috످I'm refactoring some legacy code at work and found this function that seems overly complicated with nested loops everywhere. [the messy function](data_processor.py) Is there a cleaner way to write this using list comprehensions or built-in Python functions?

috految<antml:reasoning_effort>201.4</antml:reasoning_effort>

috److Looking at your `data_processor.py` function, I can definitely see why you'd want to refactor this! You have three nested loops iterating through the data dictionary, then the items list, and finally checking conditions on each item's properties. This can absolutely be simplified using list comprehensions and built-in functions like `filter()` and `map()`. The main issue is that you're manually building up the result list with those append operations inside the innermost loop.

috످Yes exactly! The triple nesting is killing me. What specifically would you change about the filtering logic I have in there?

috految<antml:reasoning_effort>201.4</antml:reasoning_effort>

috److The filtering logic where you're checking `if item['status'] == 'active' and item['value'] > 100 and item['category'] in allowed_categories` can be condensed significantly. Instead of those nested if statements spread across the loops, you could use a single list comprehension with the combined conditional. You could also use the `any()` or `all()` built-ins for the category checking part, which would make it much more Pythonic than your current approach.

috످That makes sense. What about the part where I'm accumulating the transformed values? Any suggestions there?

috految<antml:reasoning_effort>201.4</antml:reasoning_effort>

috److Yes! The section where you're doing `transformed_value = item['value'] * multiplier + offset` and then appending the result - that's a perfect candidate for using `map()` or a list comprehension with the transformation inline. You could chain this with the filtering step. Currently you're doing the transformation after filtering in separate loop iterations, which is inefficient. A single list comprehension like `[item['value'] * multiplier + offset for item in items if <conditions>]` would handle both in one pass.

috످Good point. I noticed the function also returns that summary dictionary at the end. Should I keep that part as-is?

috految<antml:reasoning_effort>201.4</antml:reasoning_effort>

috److془I need to come clean. I can't see the file. I fabricated details. Give general advice on summary dict. Also correct any()/all() advice and the comprehension drops outer loop, and bug risk.془I can't tell because I never saw your code. Your first message only included a link to `data_processor.py`, which I can't open here. I made up the loop structure, filter conditions, transformation formula, and claim that your code was inefficient. I'm sorry for misleading you.

If you've applied any of my suggestions, please revert them or test them against your original code. The list comprehension I gave you uses invented logic and only covers one loop, so it could silently return wrong results. My `any()`/`all()` suggestion was also wrong, since a simple membership check only needs `in`.

In general, it's safest to keep the summary dictionary's keys and structure as-is, since other code may depend on them. If it uses counts or totals calculated inside the loops, you'll need to preserve those calculations when you refactor.

If you paste the function here (minus anything sensitive or proprietary), I can help you flatten the nesting and write a test to check that the output stays the same.

috످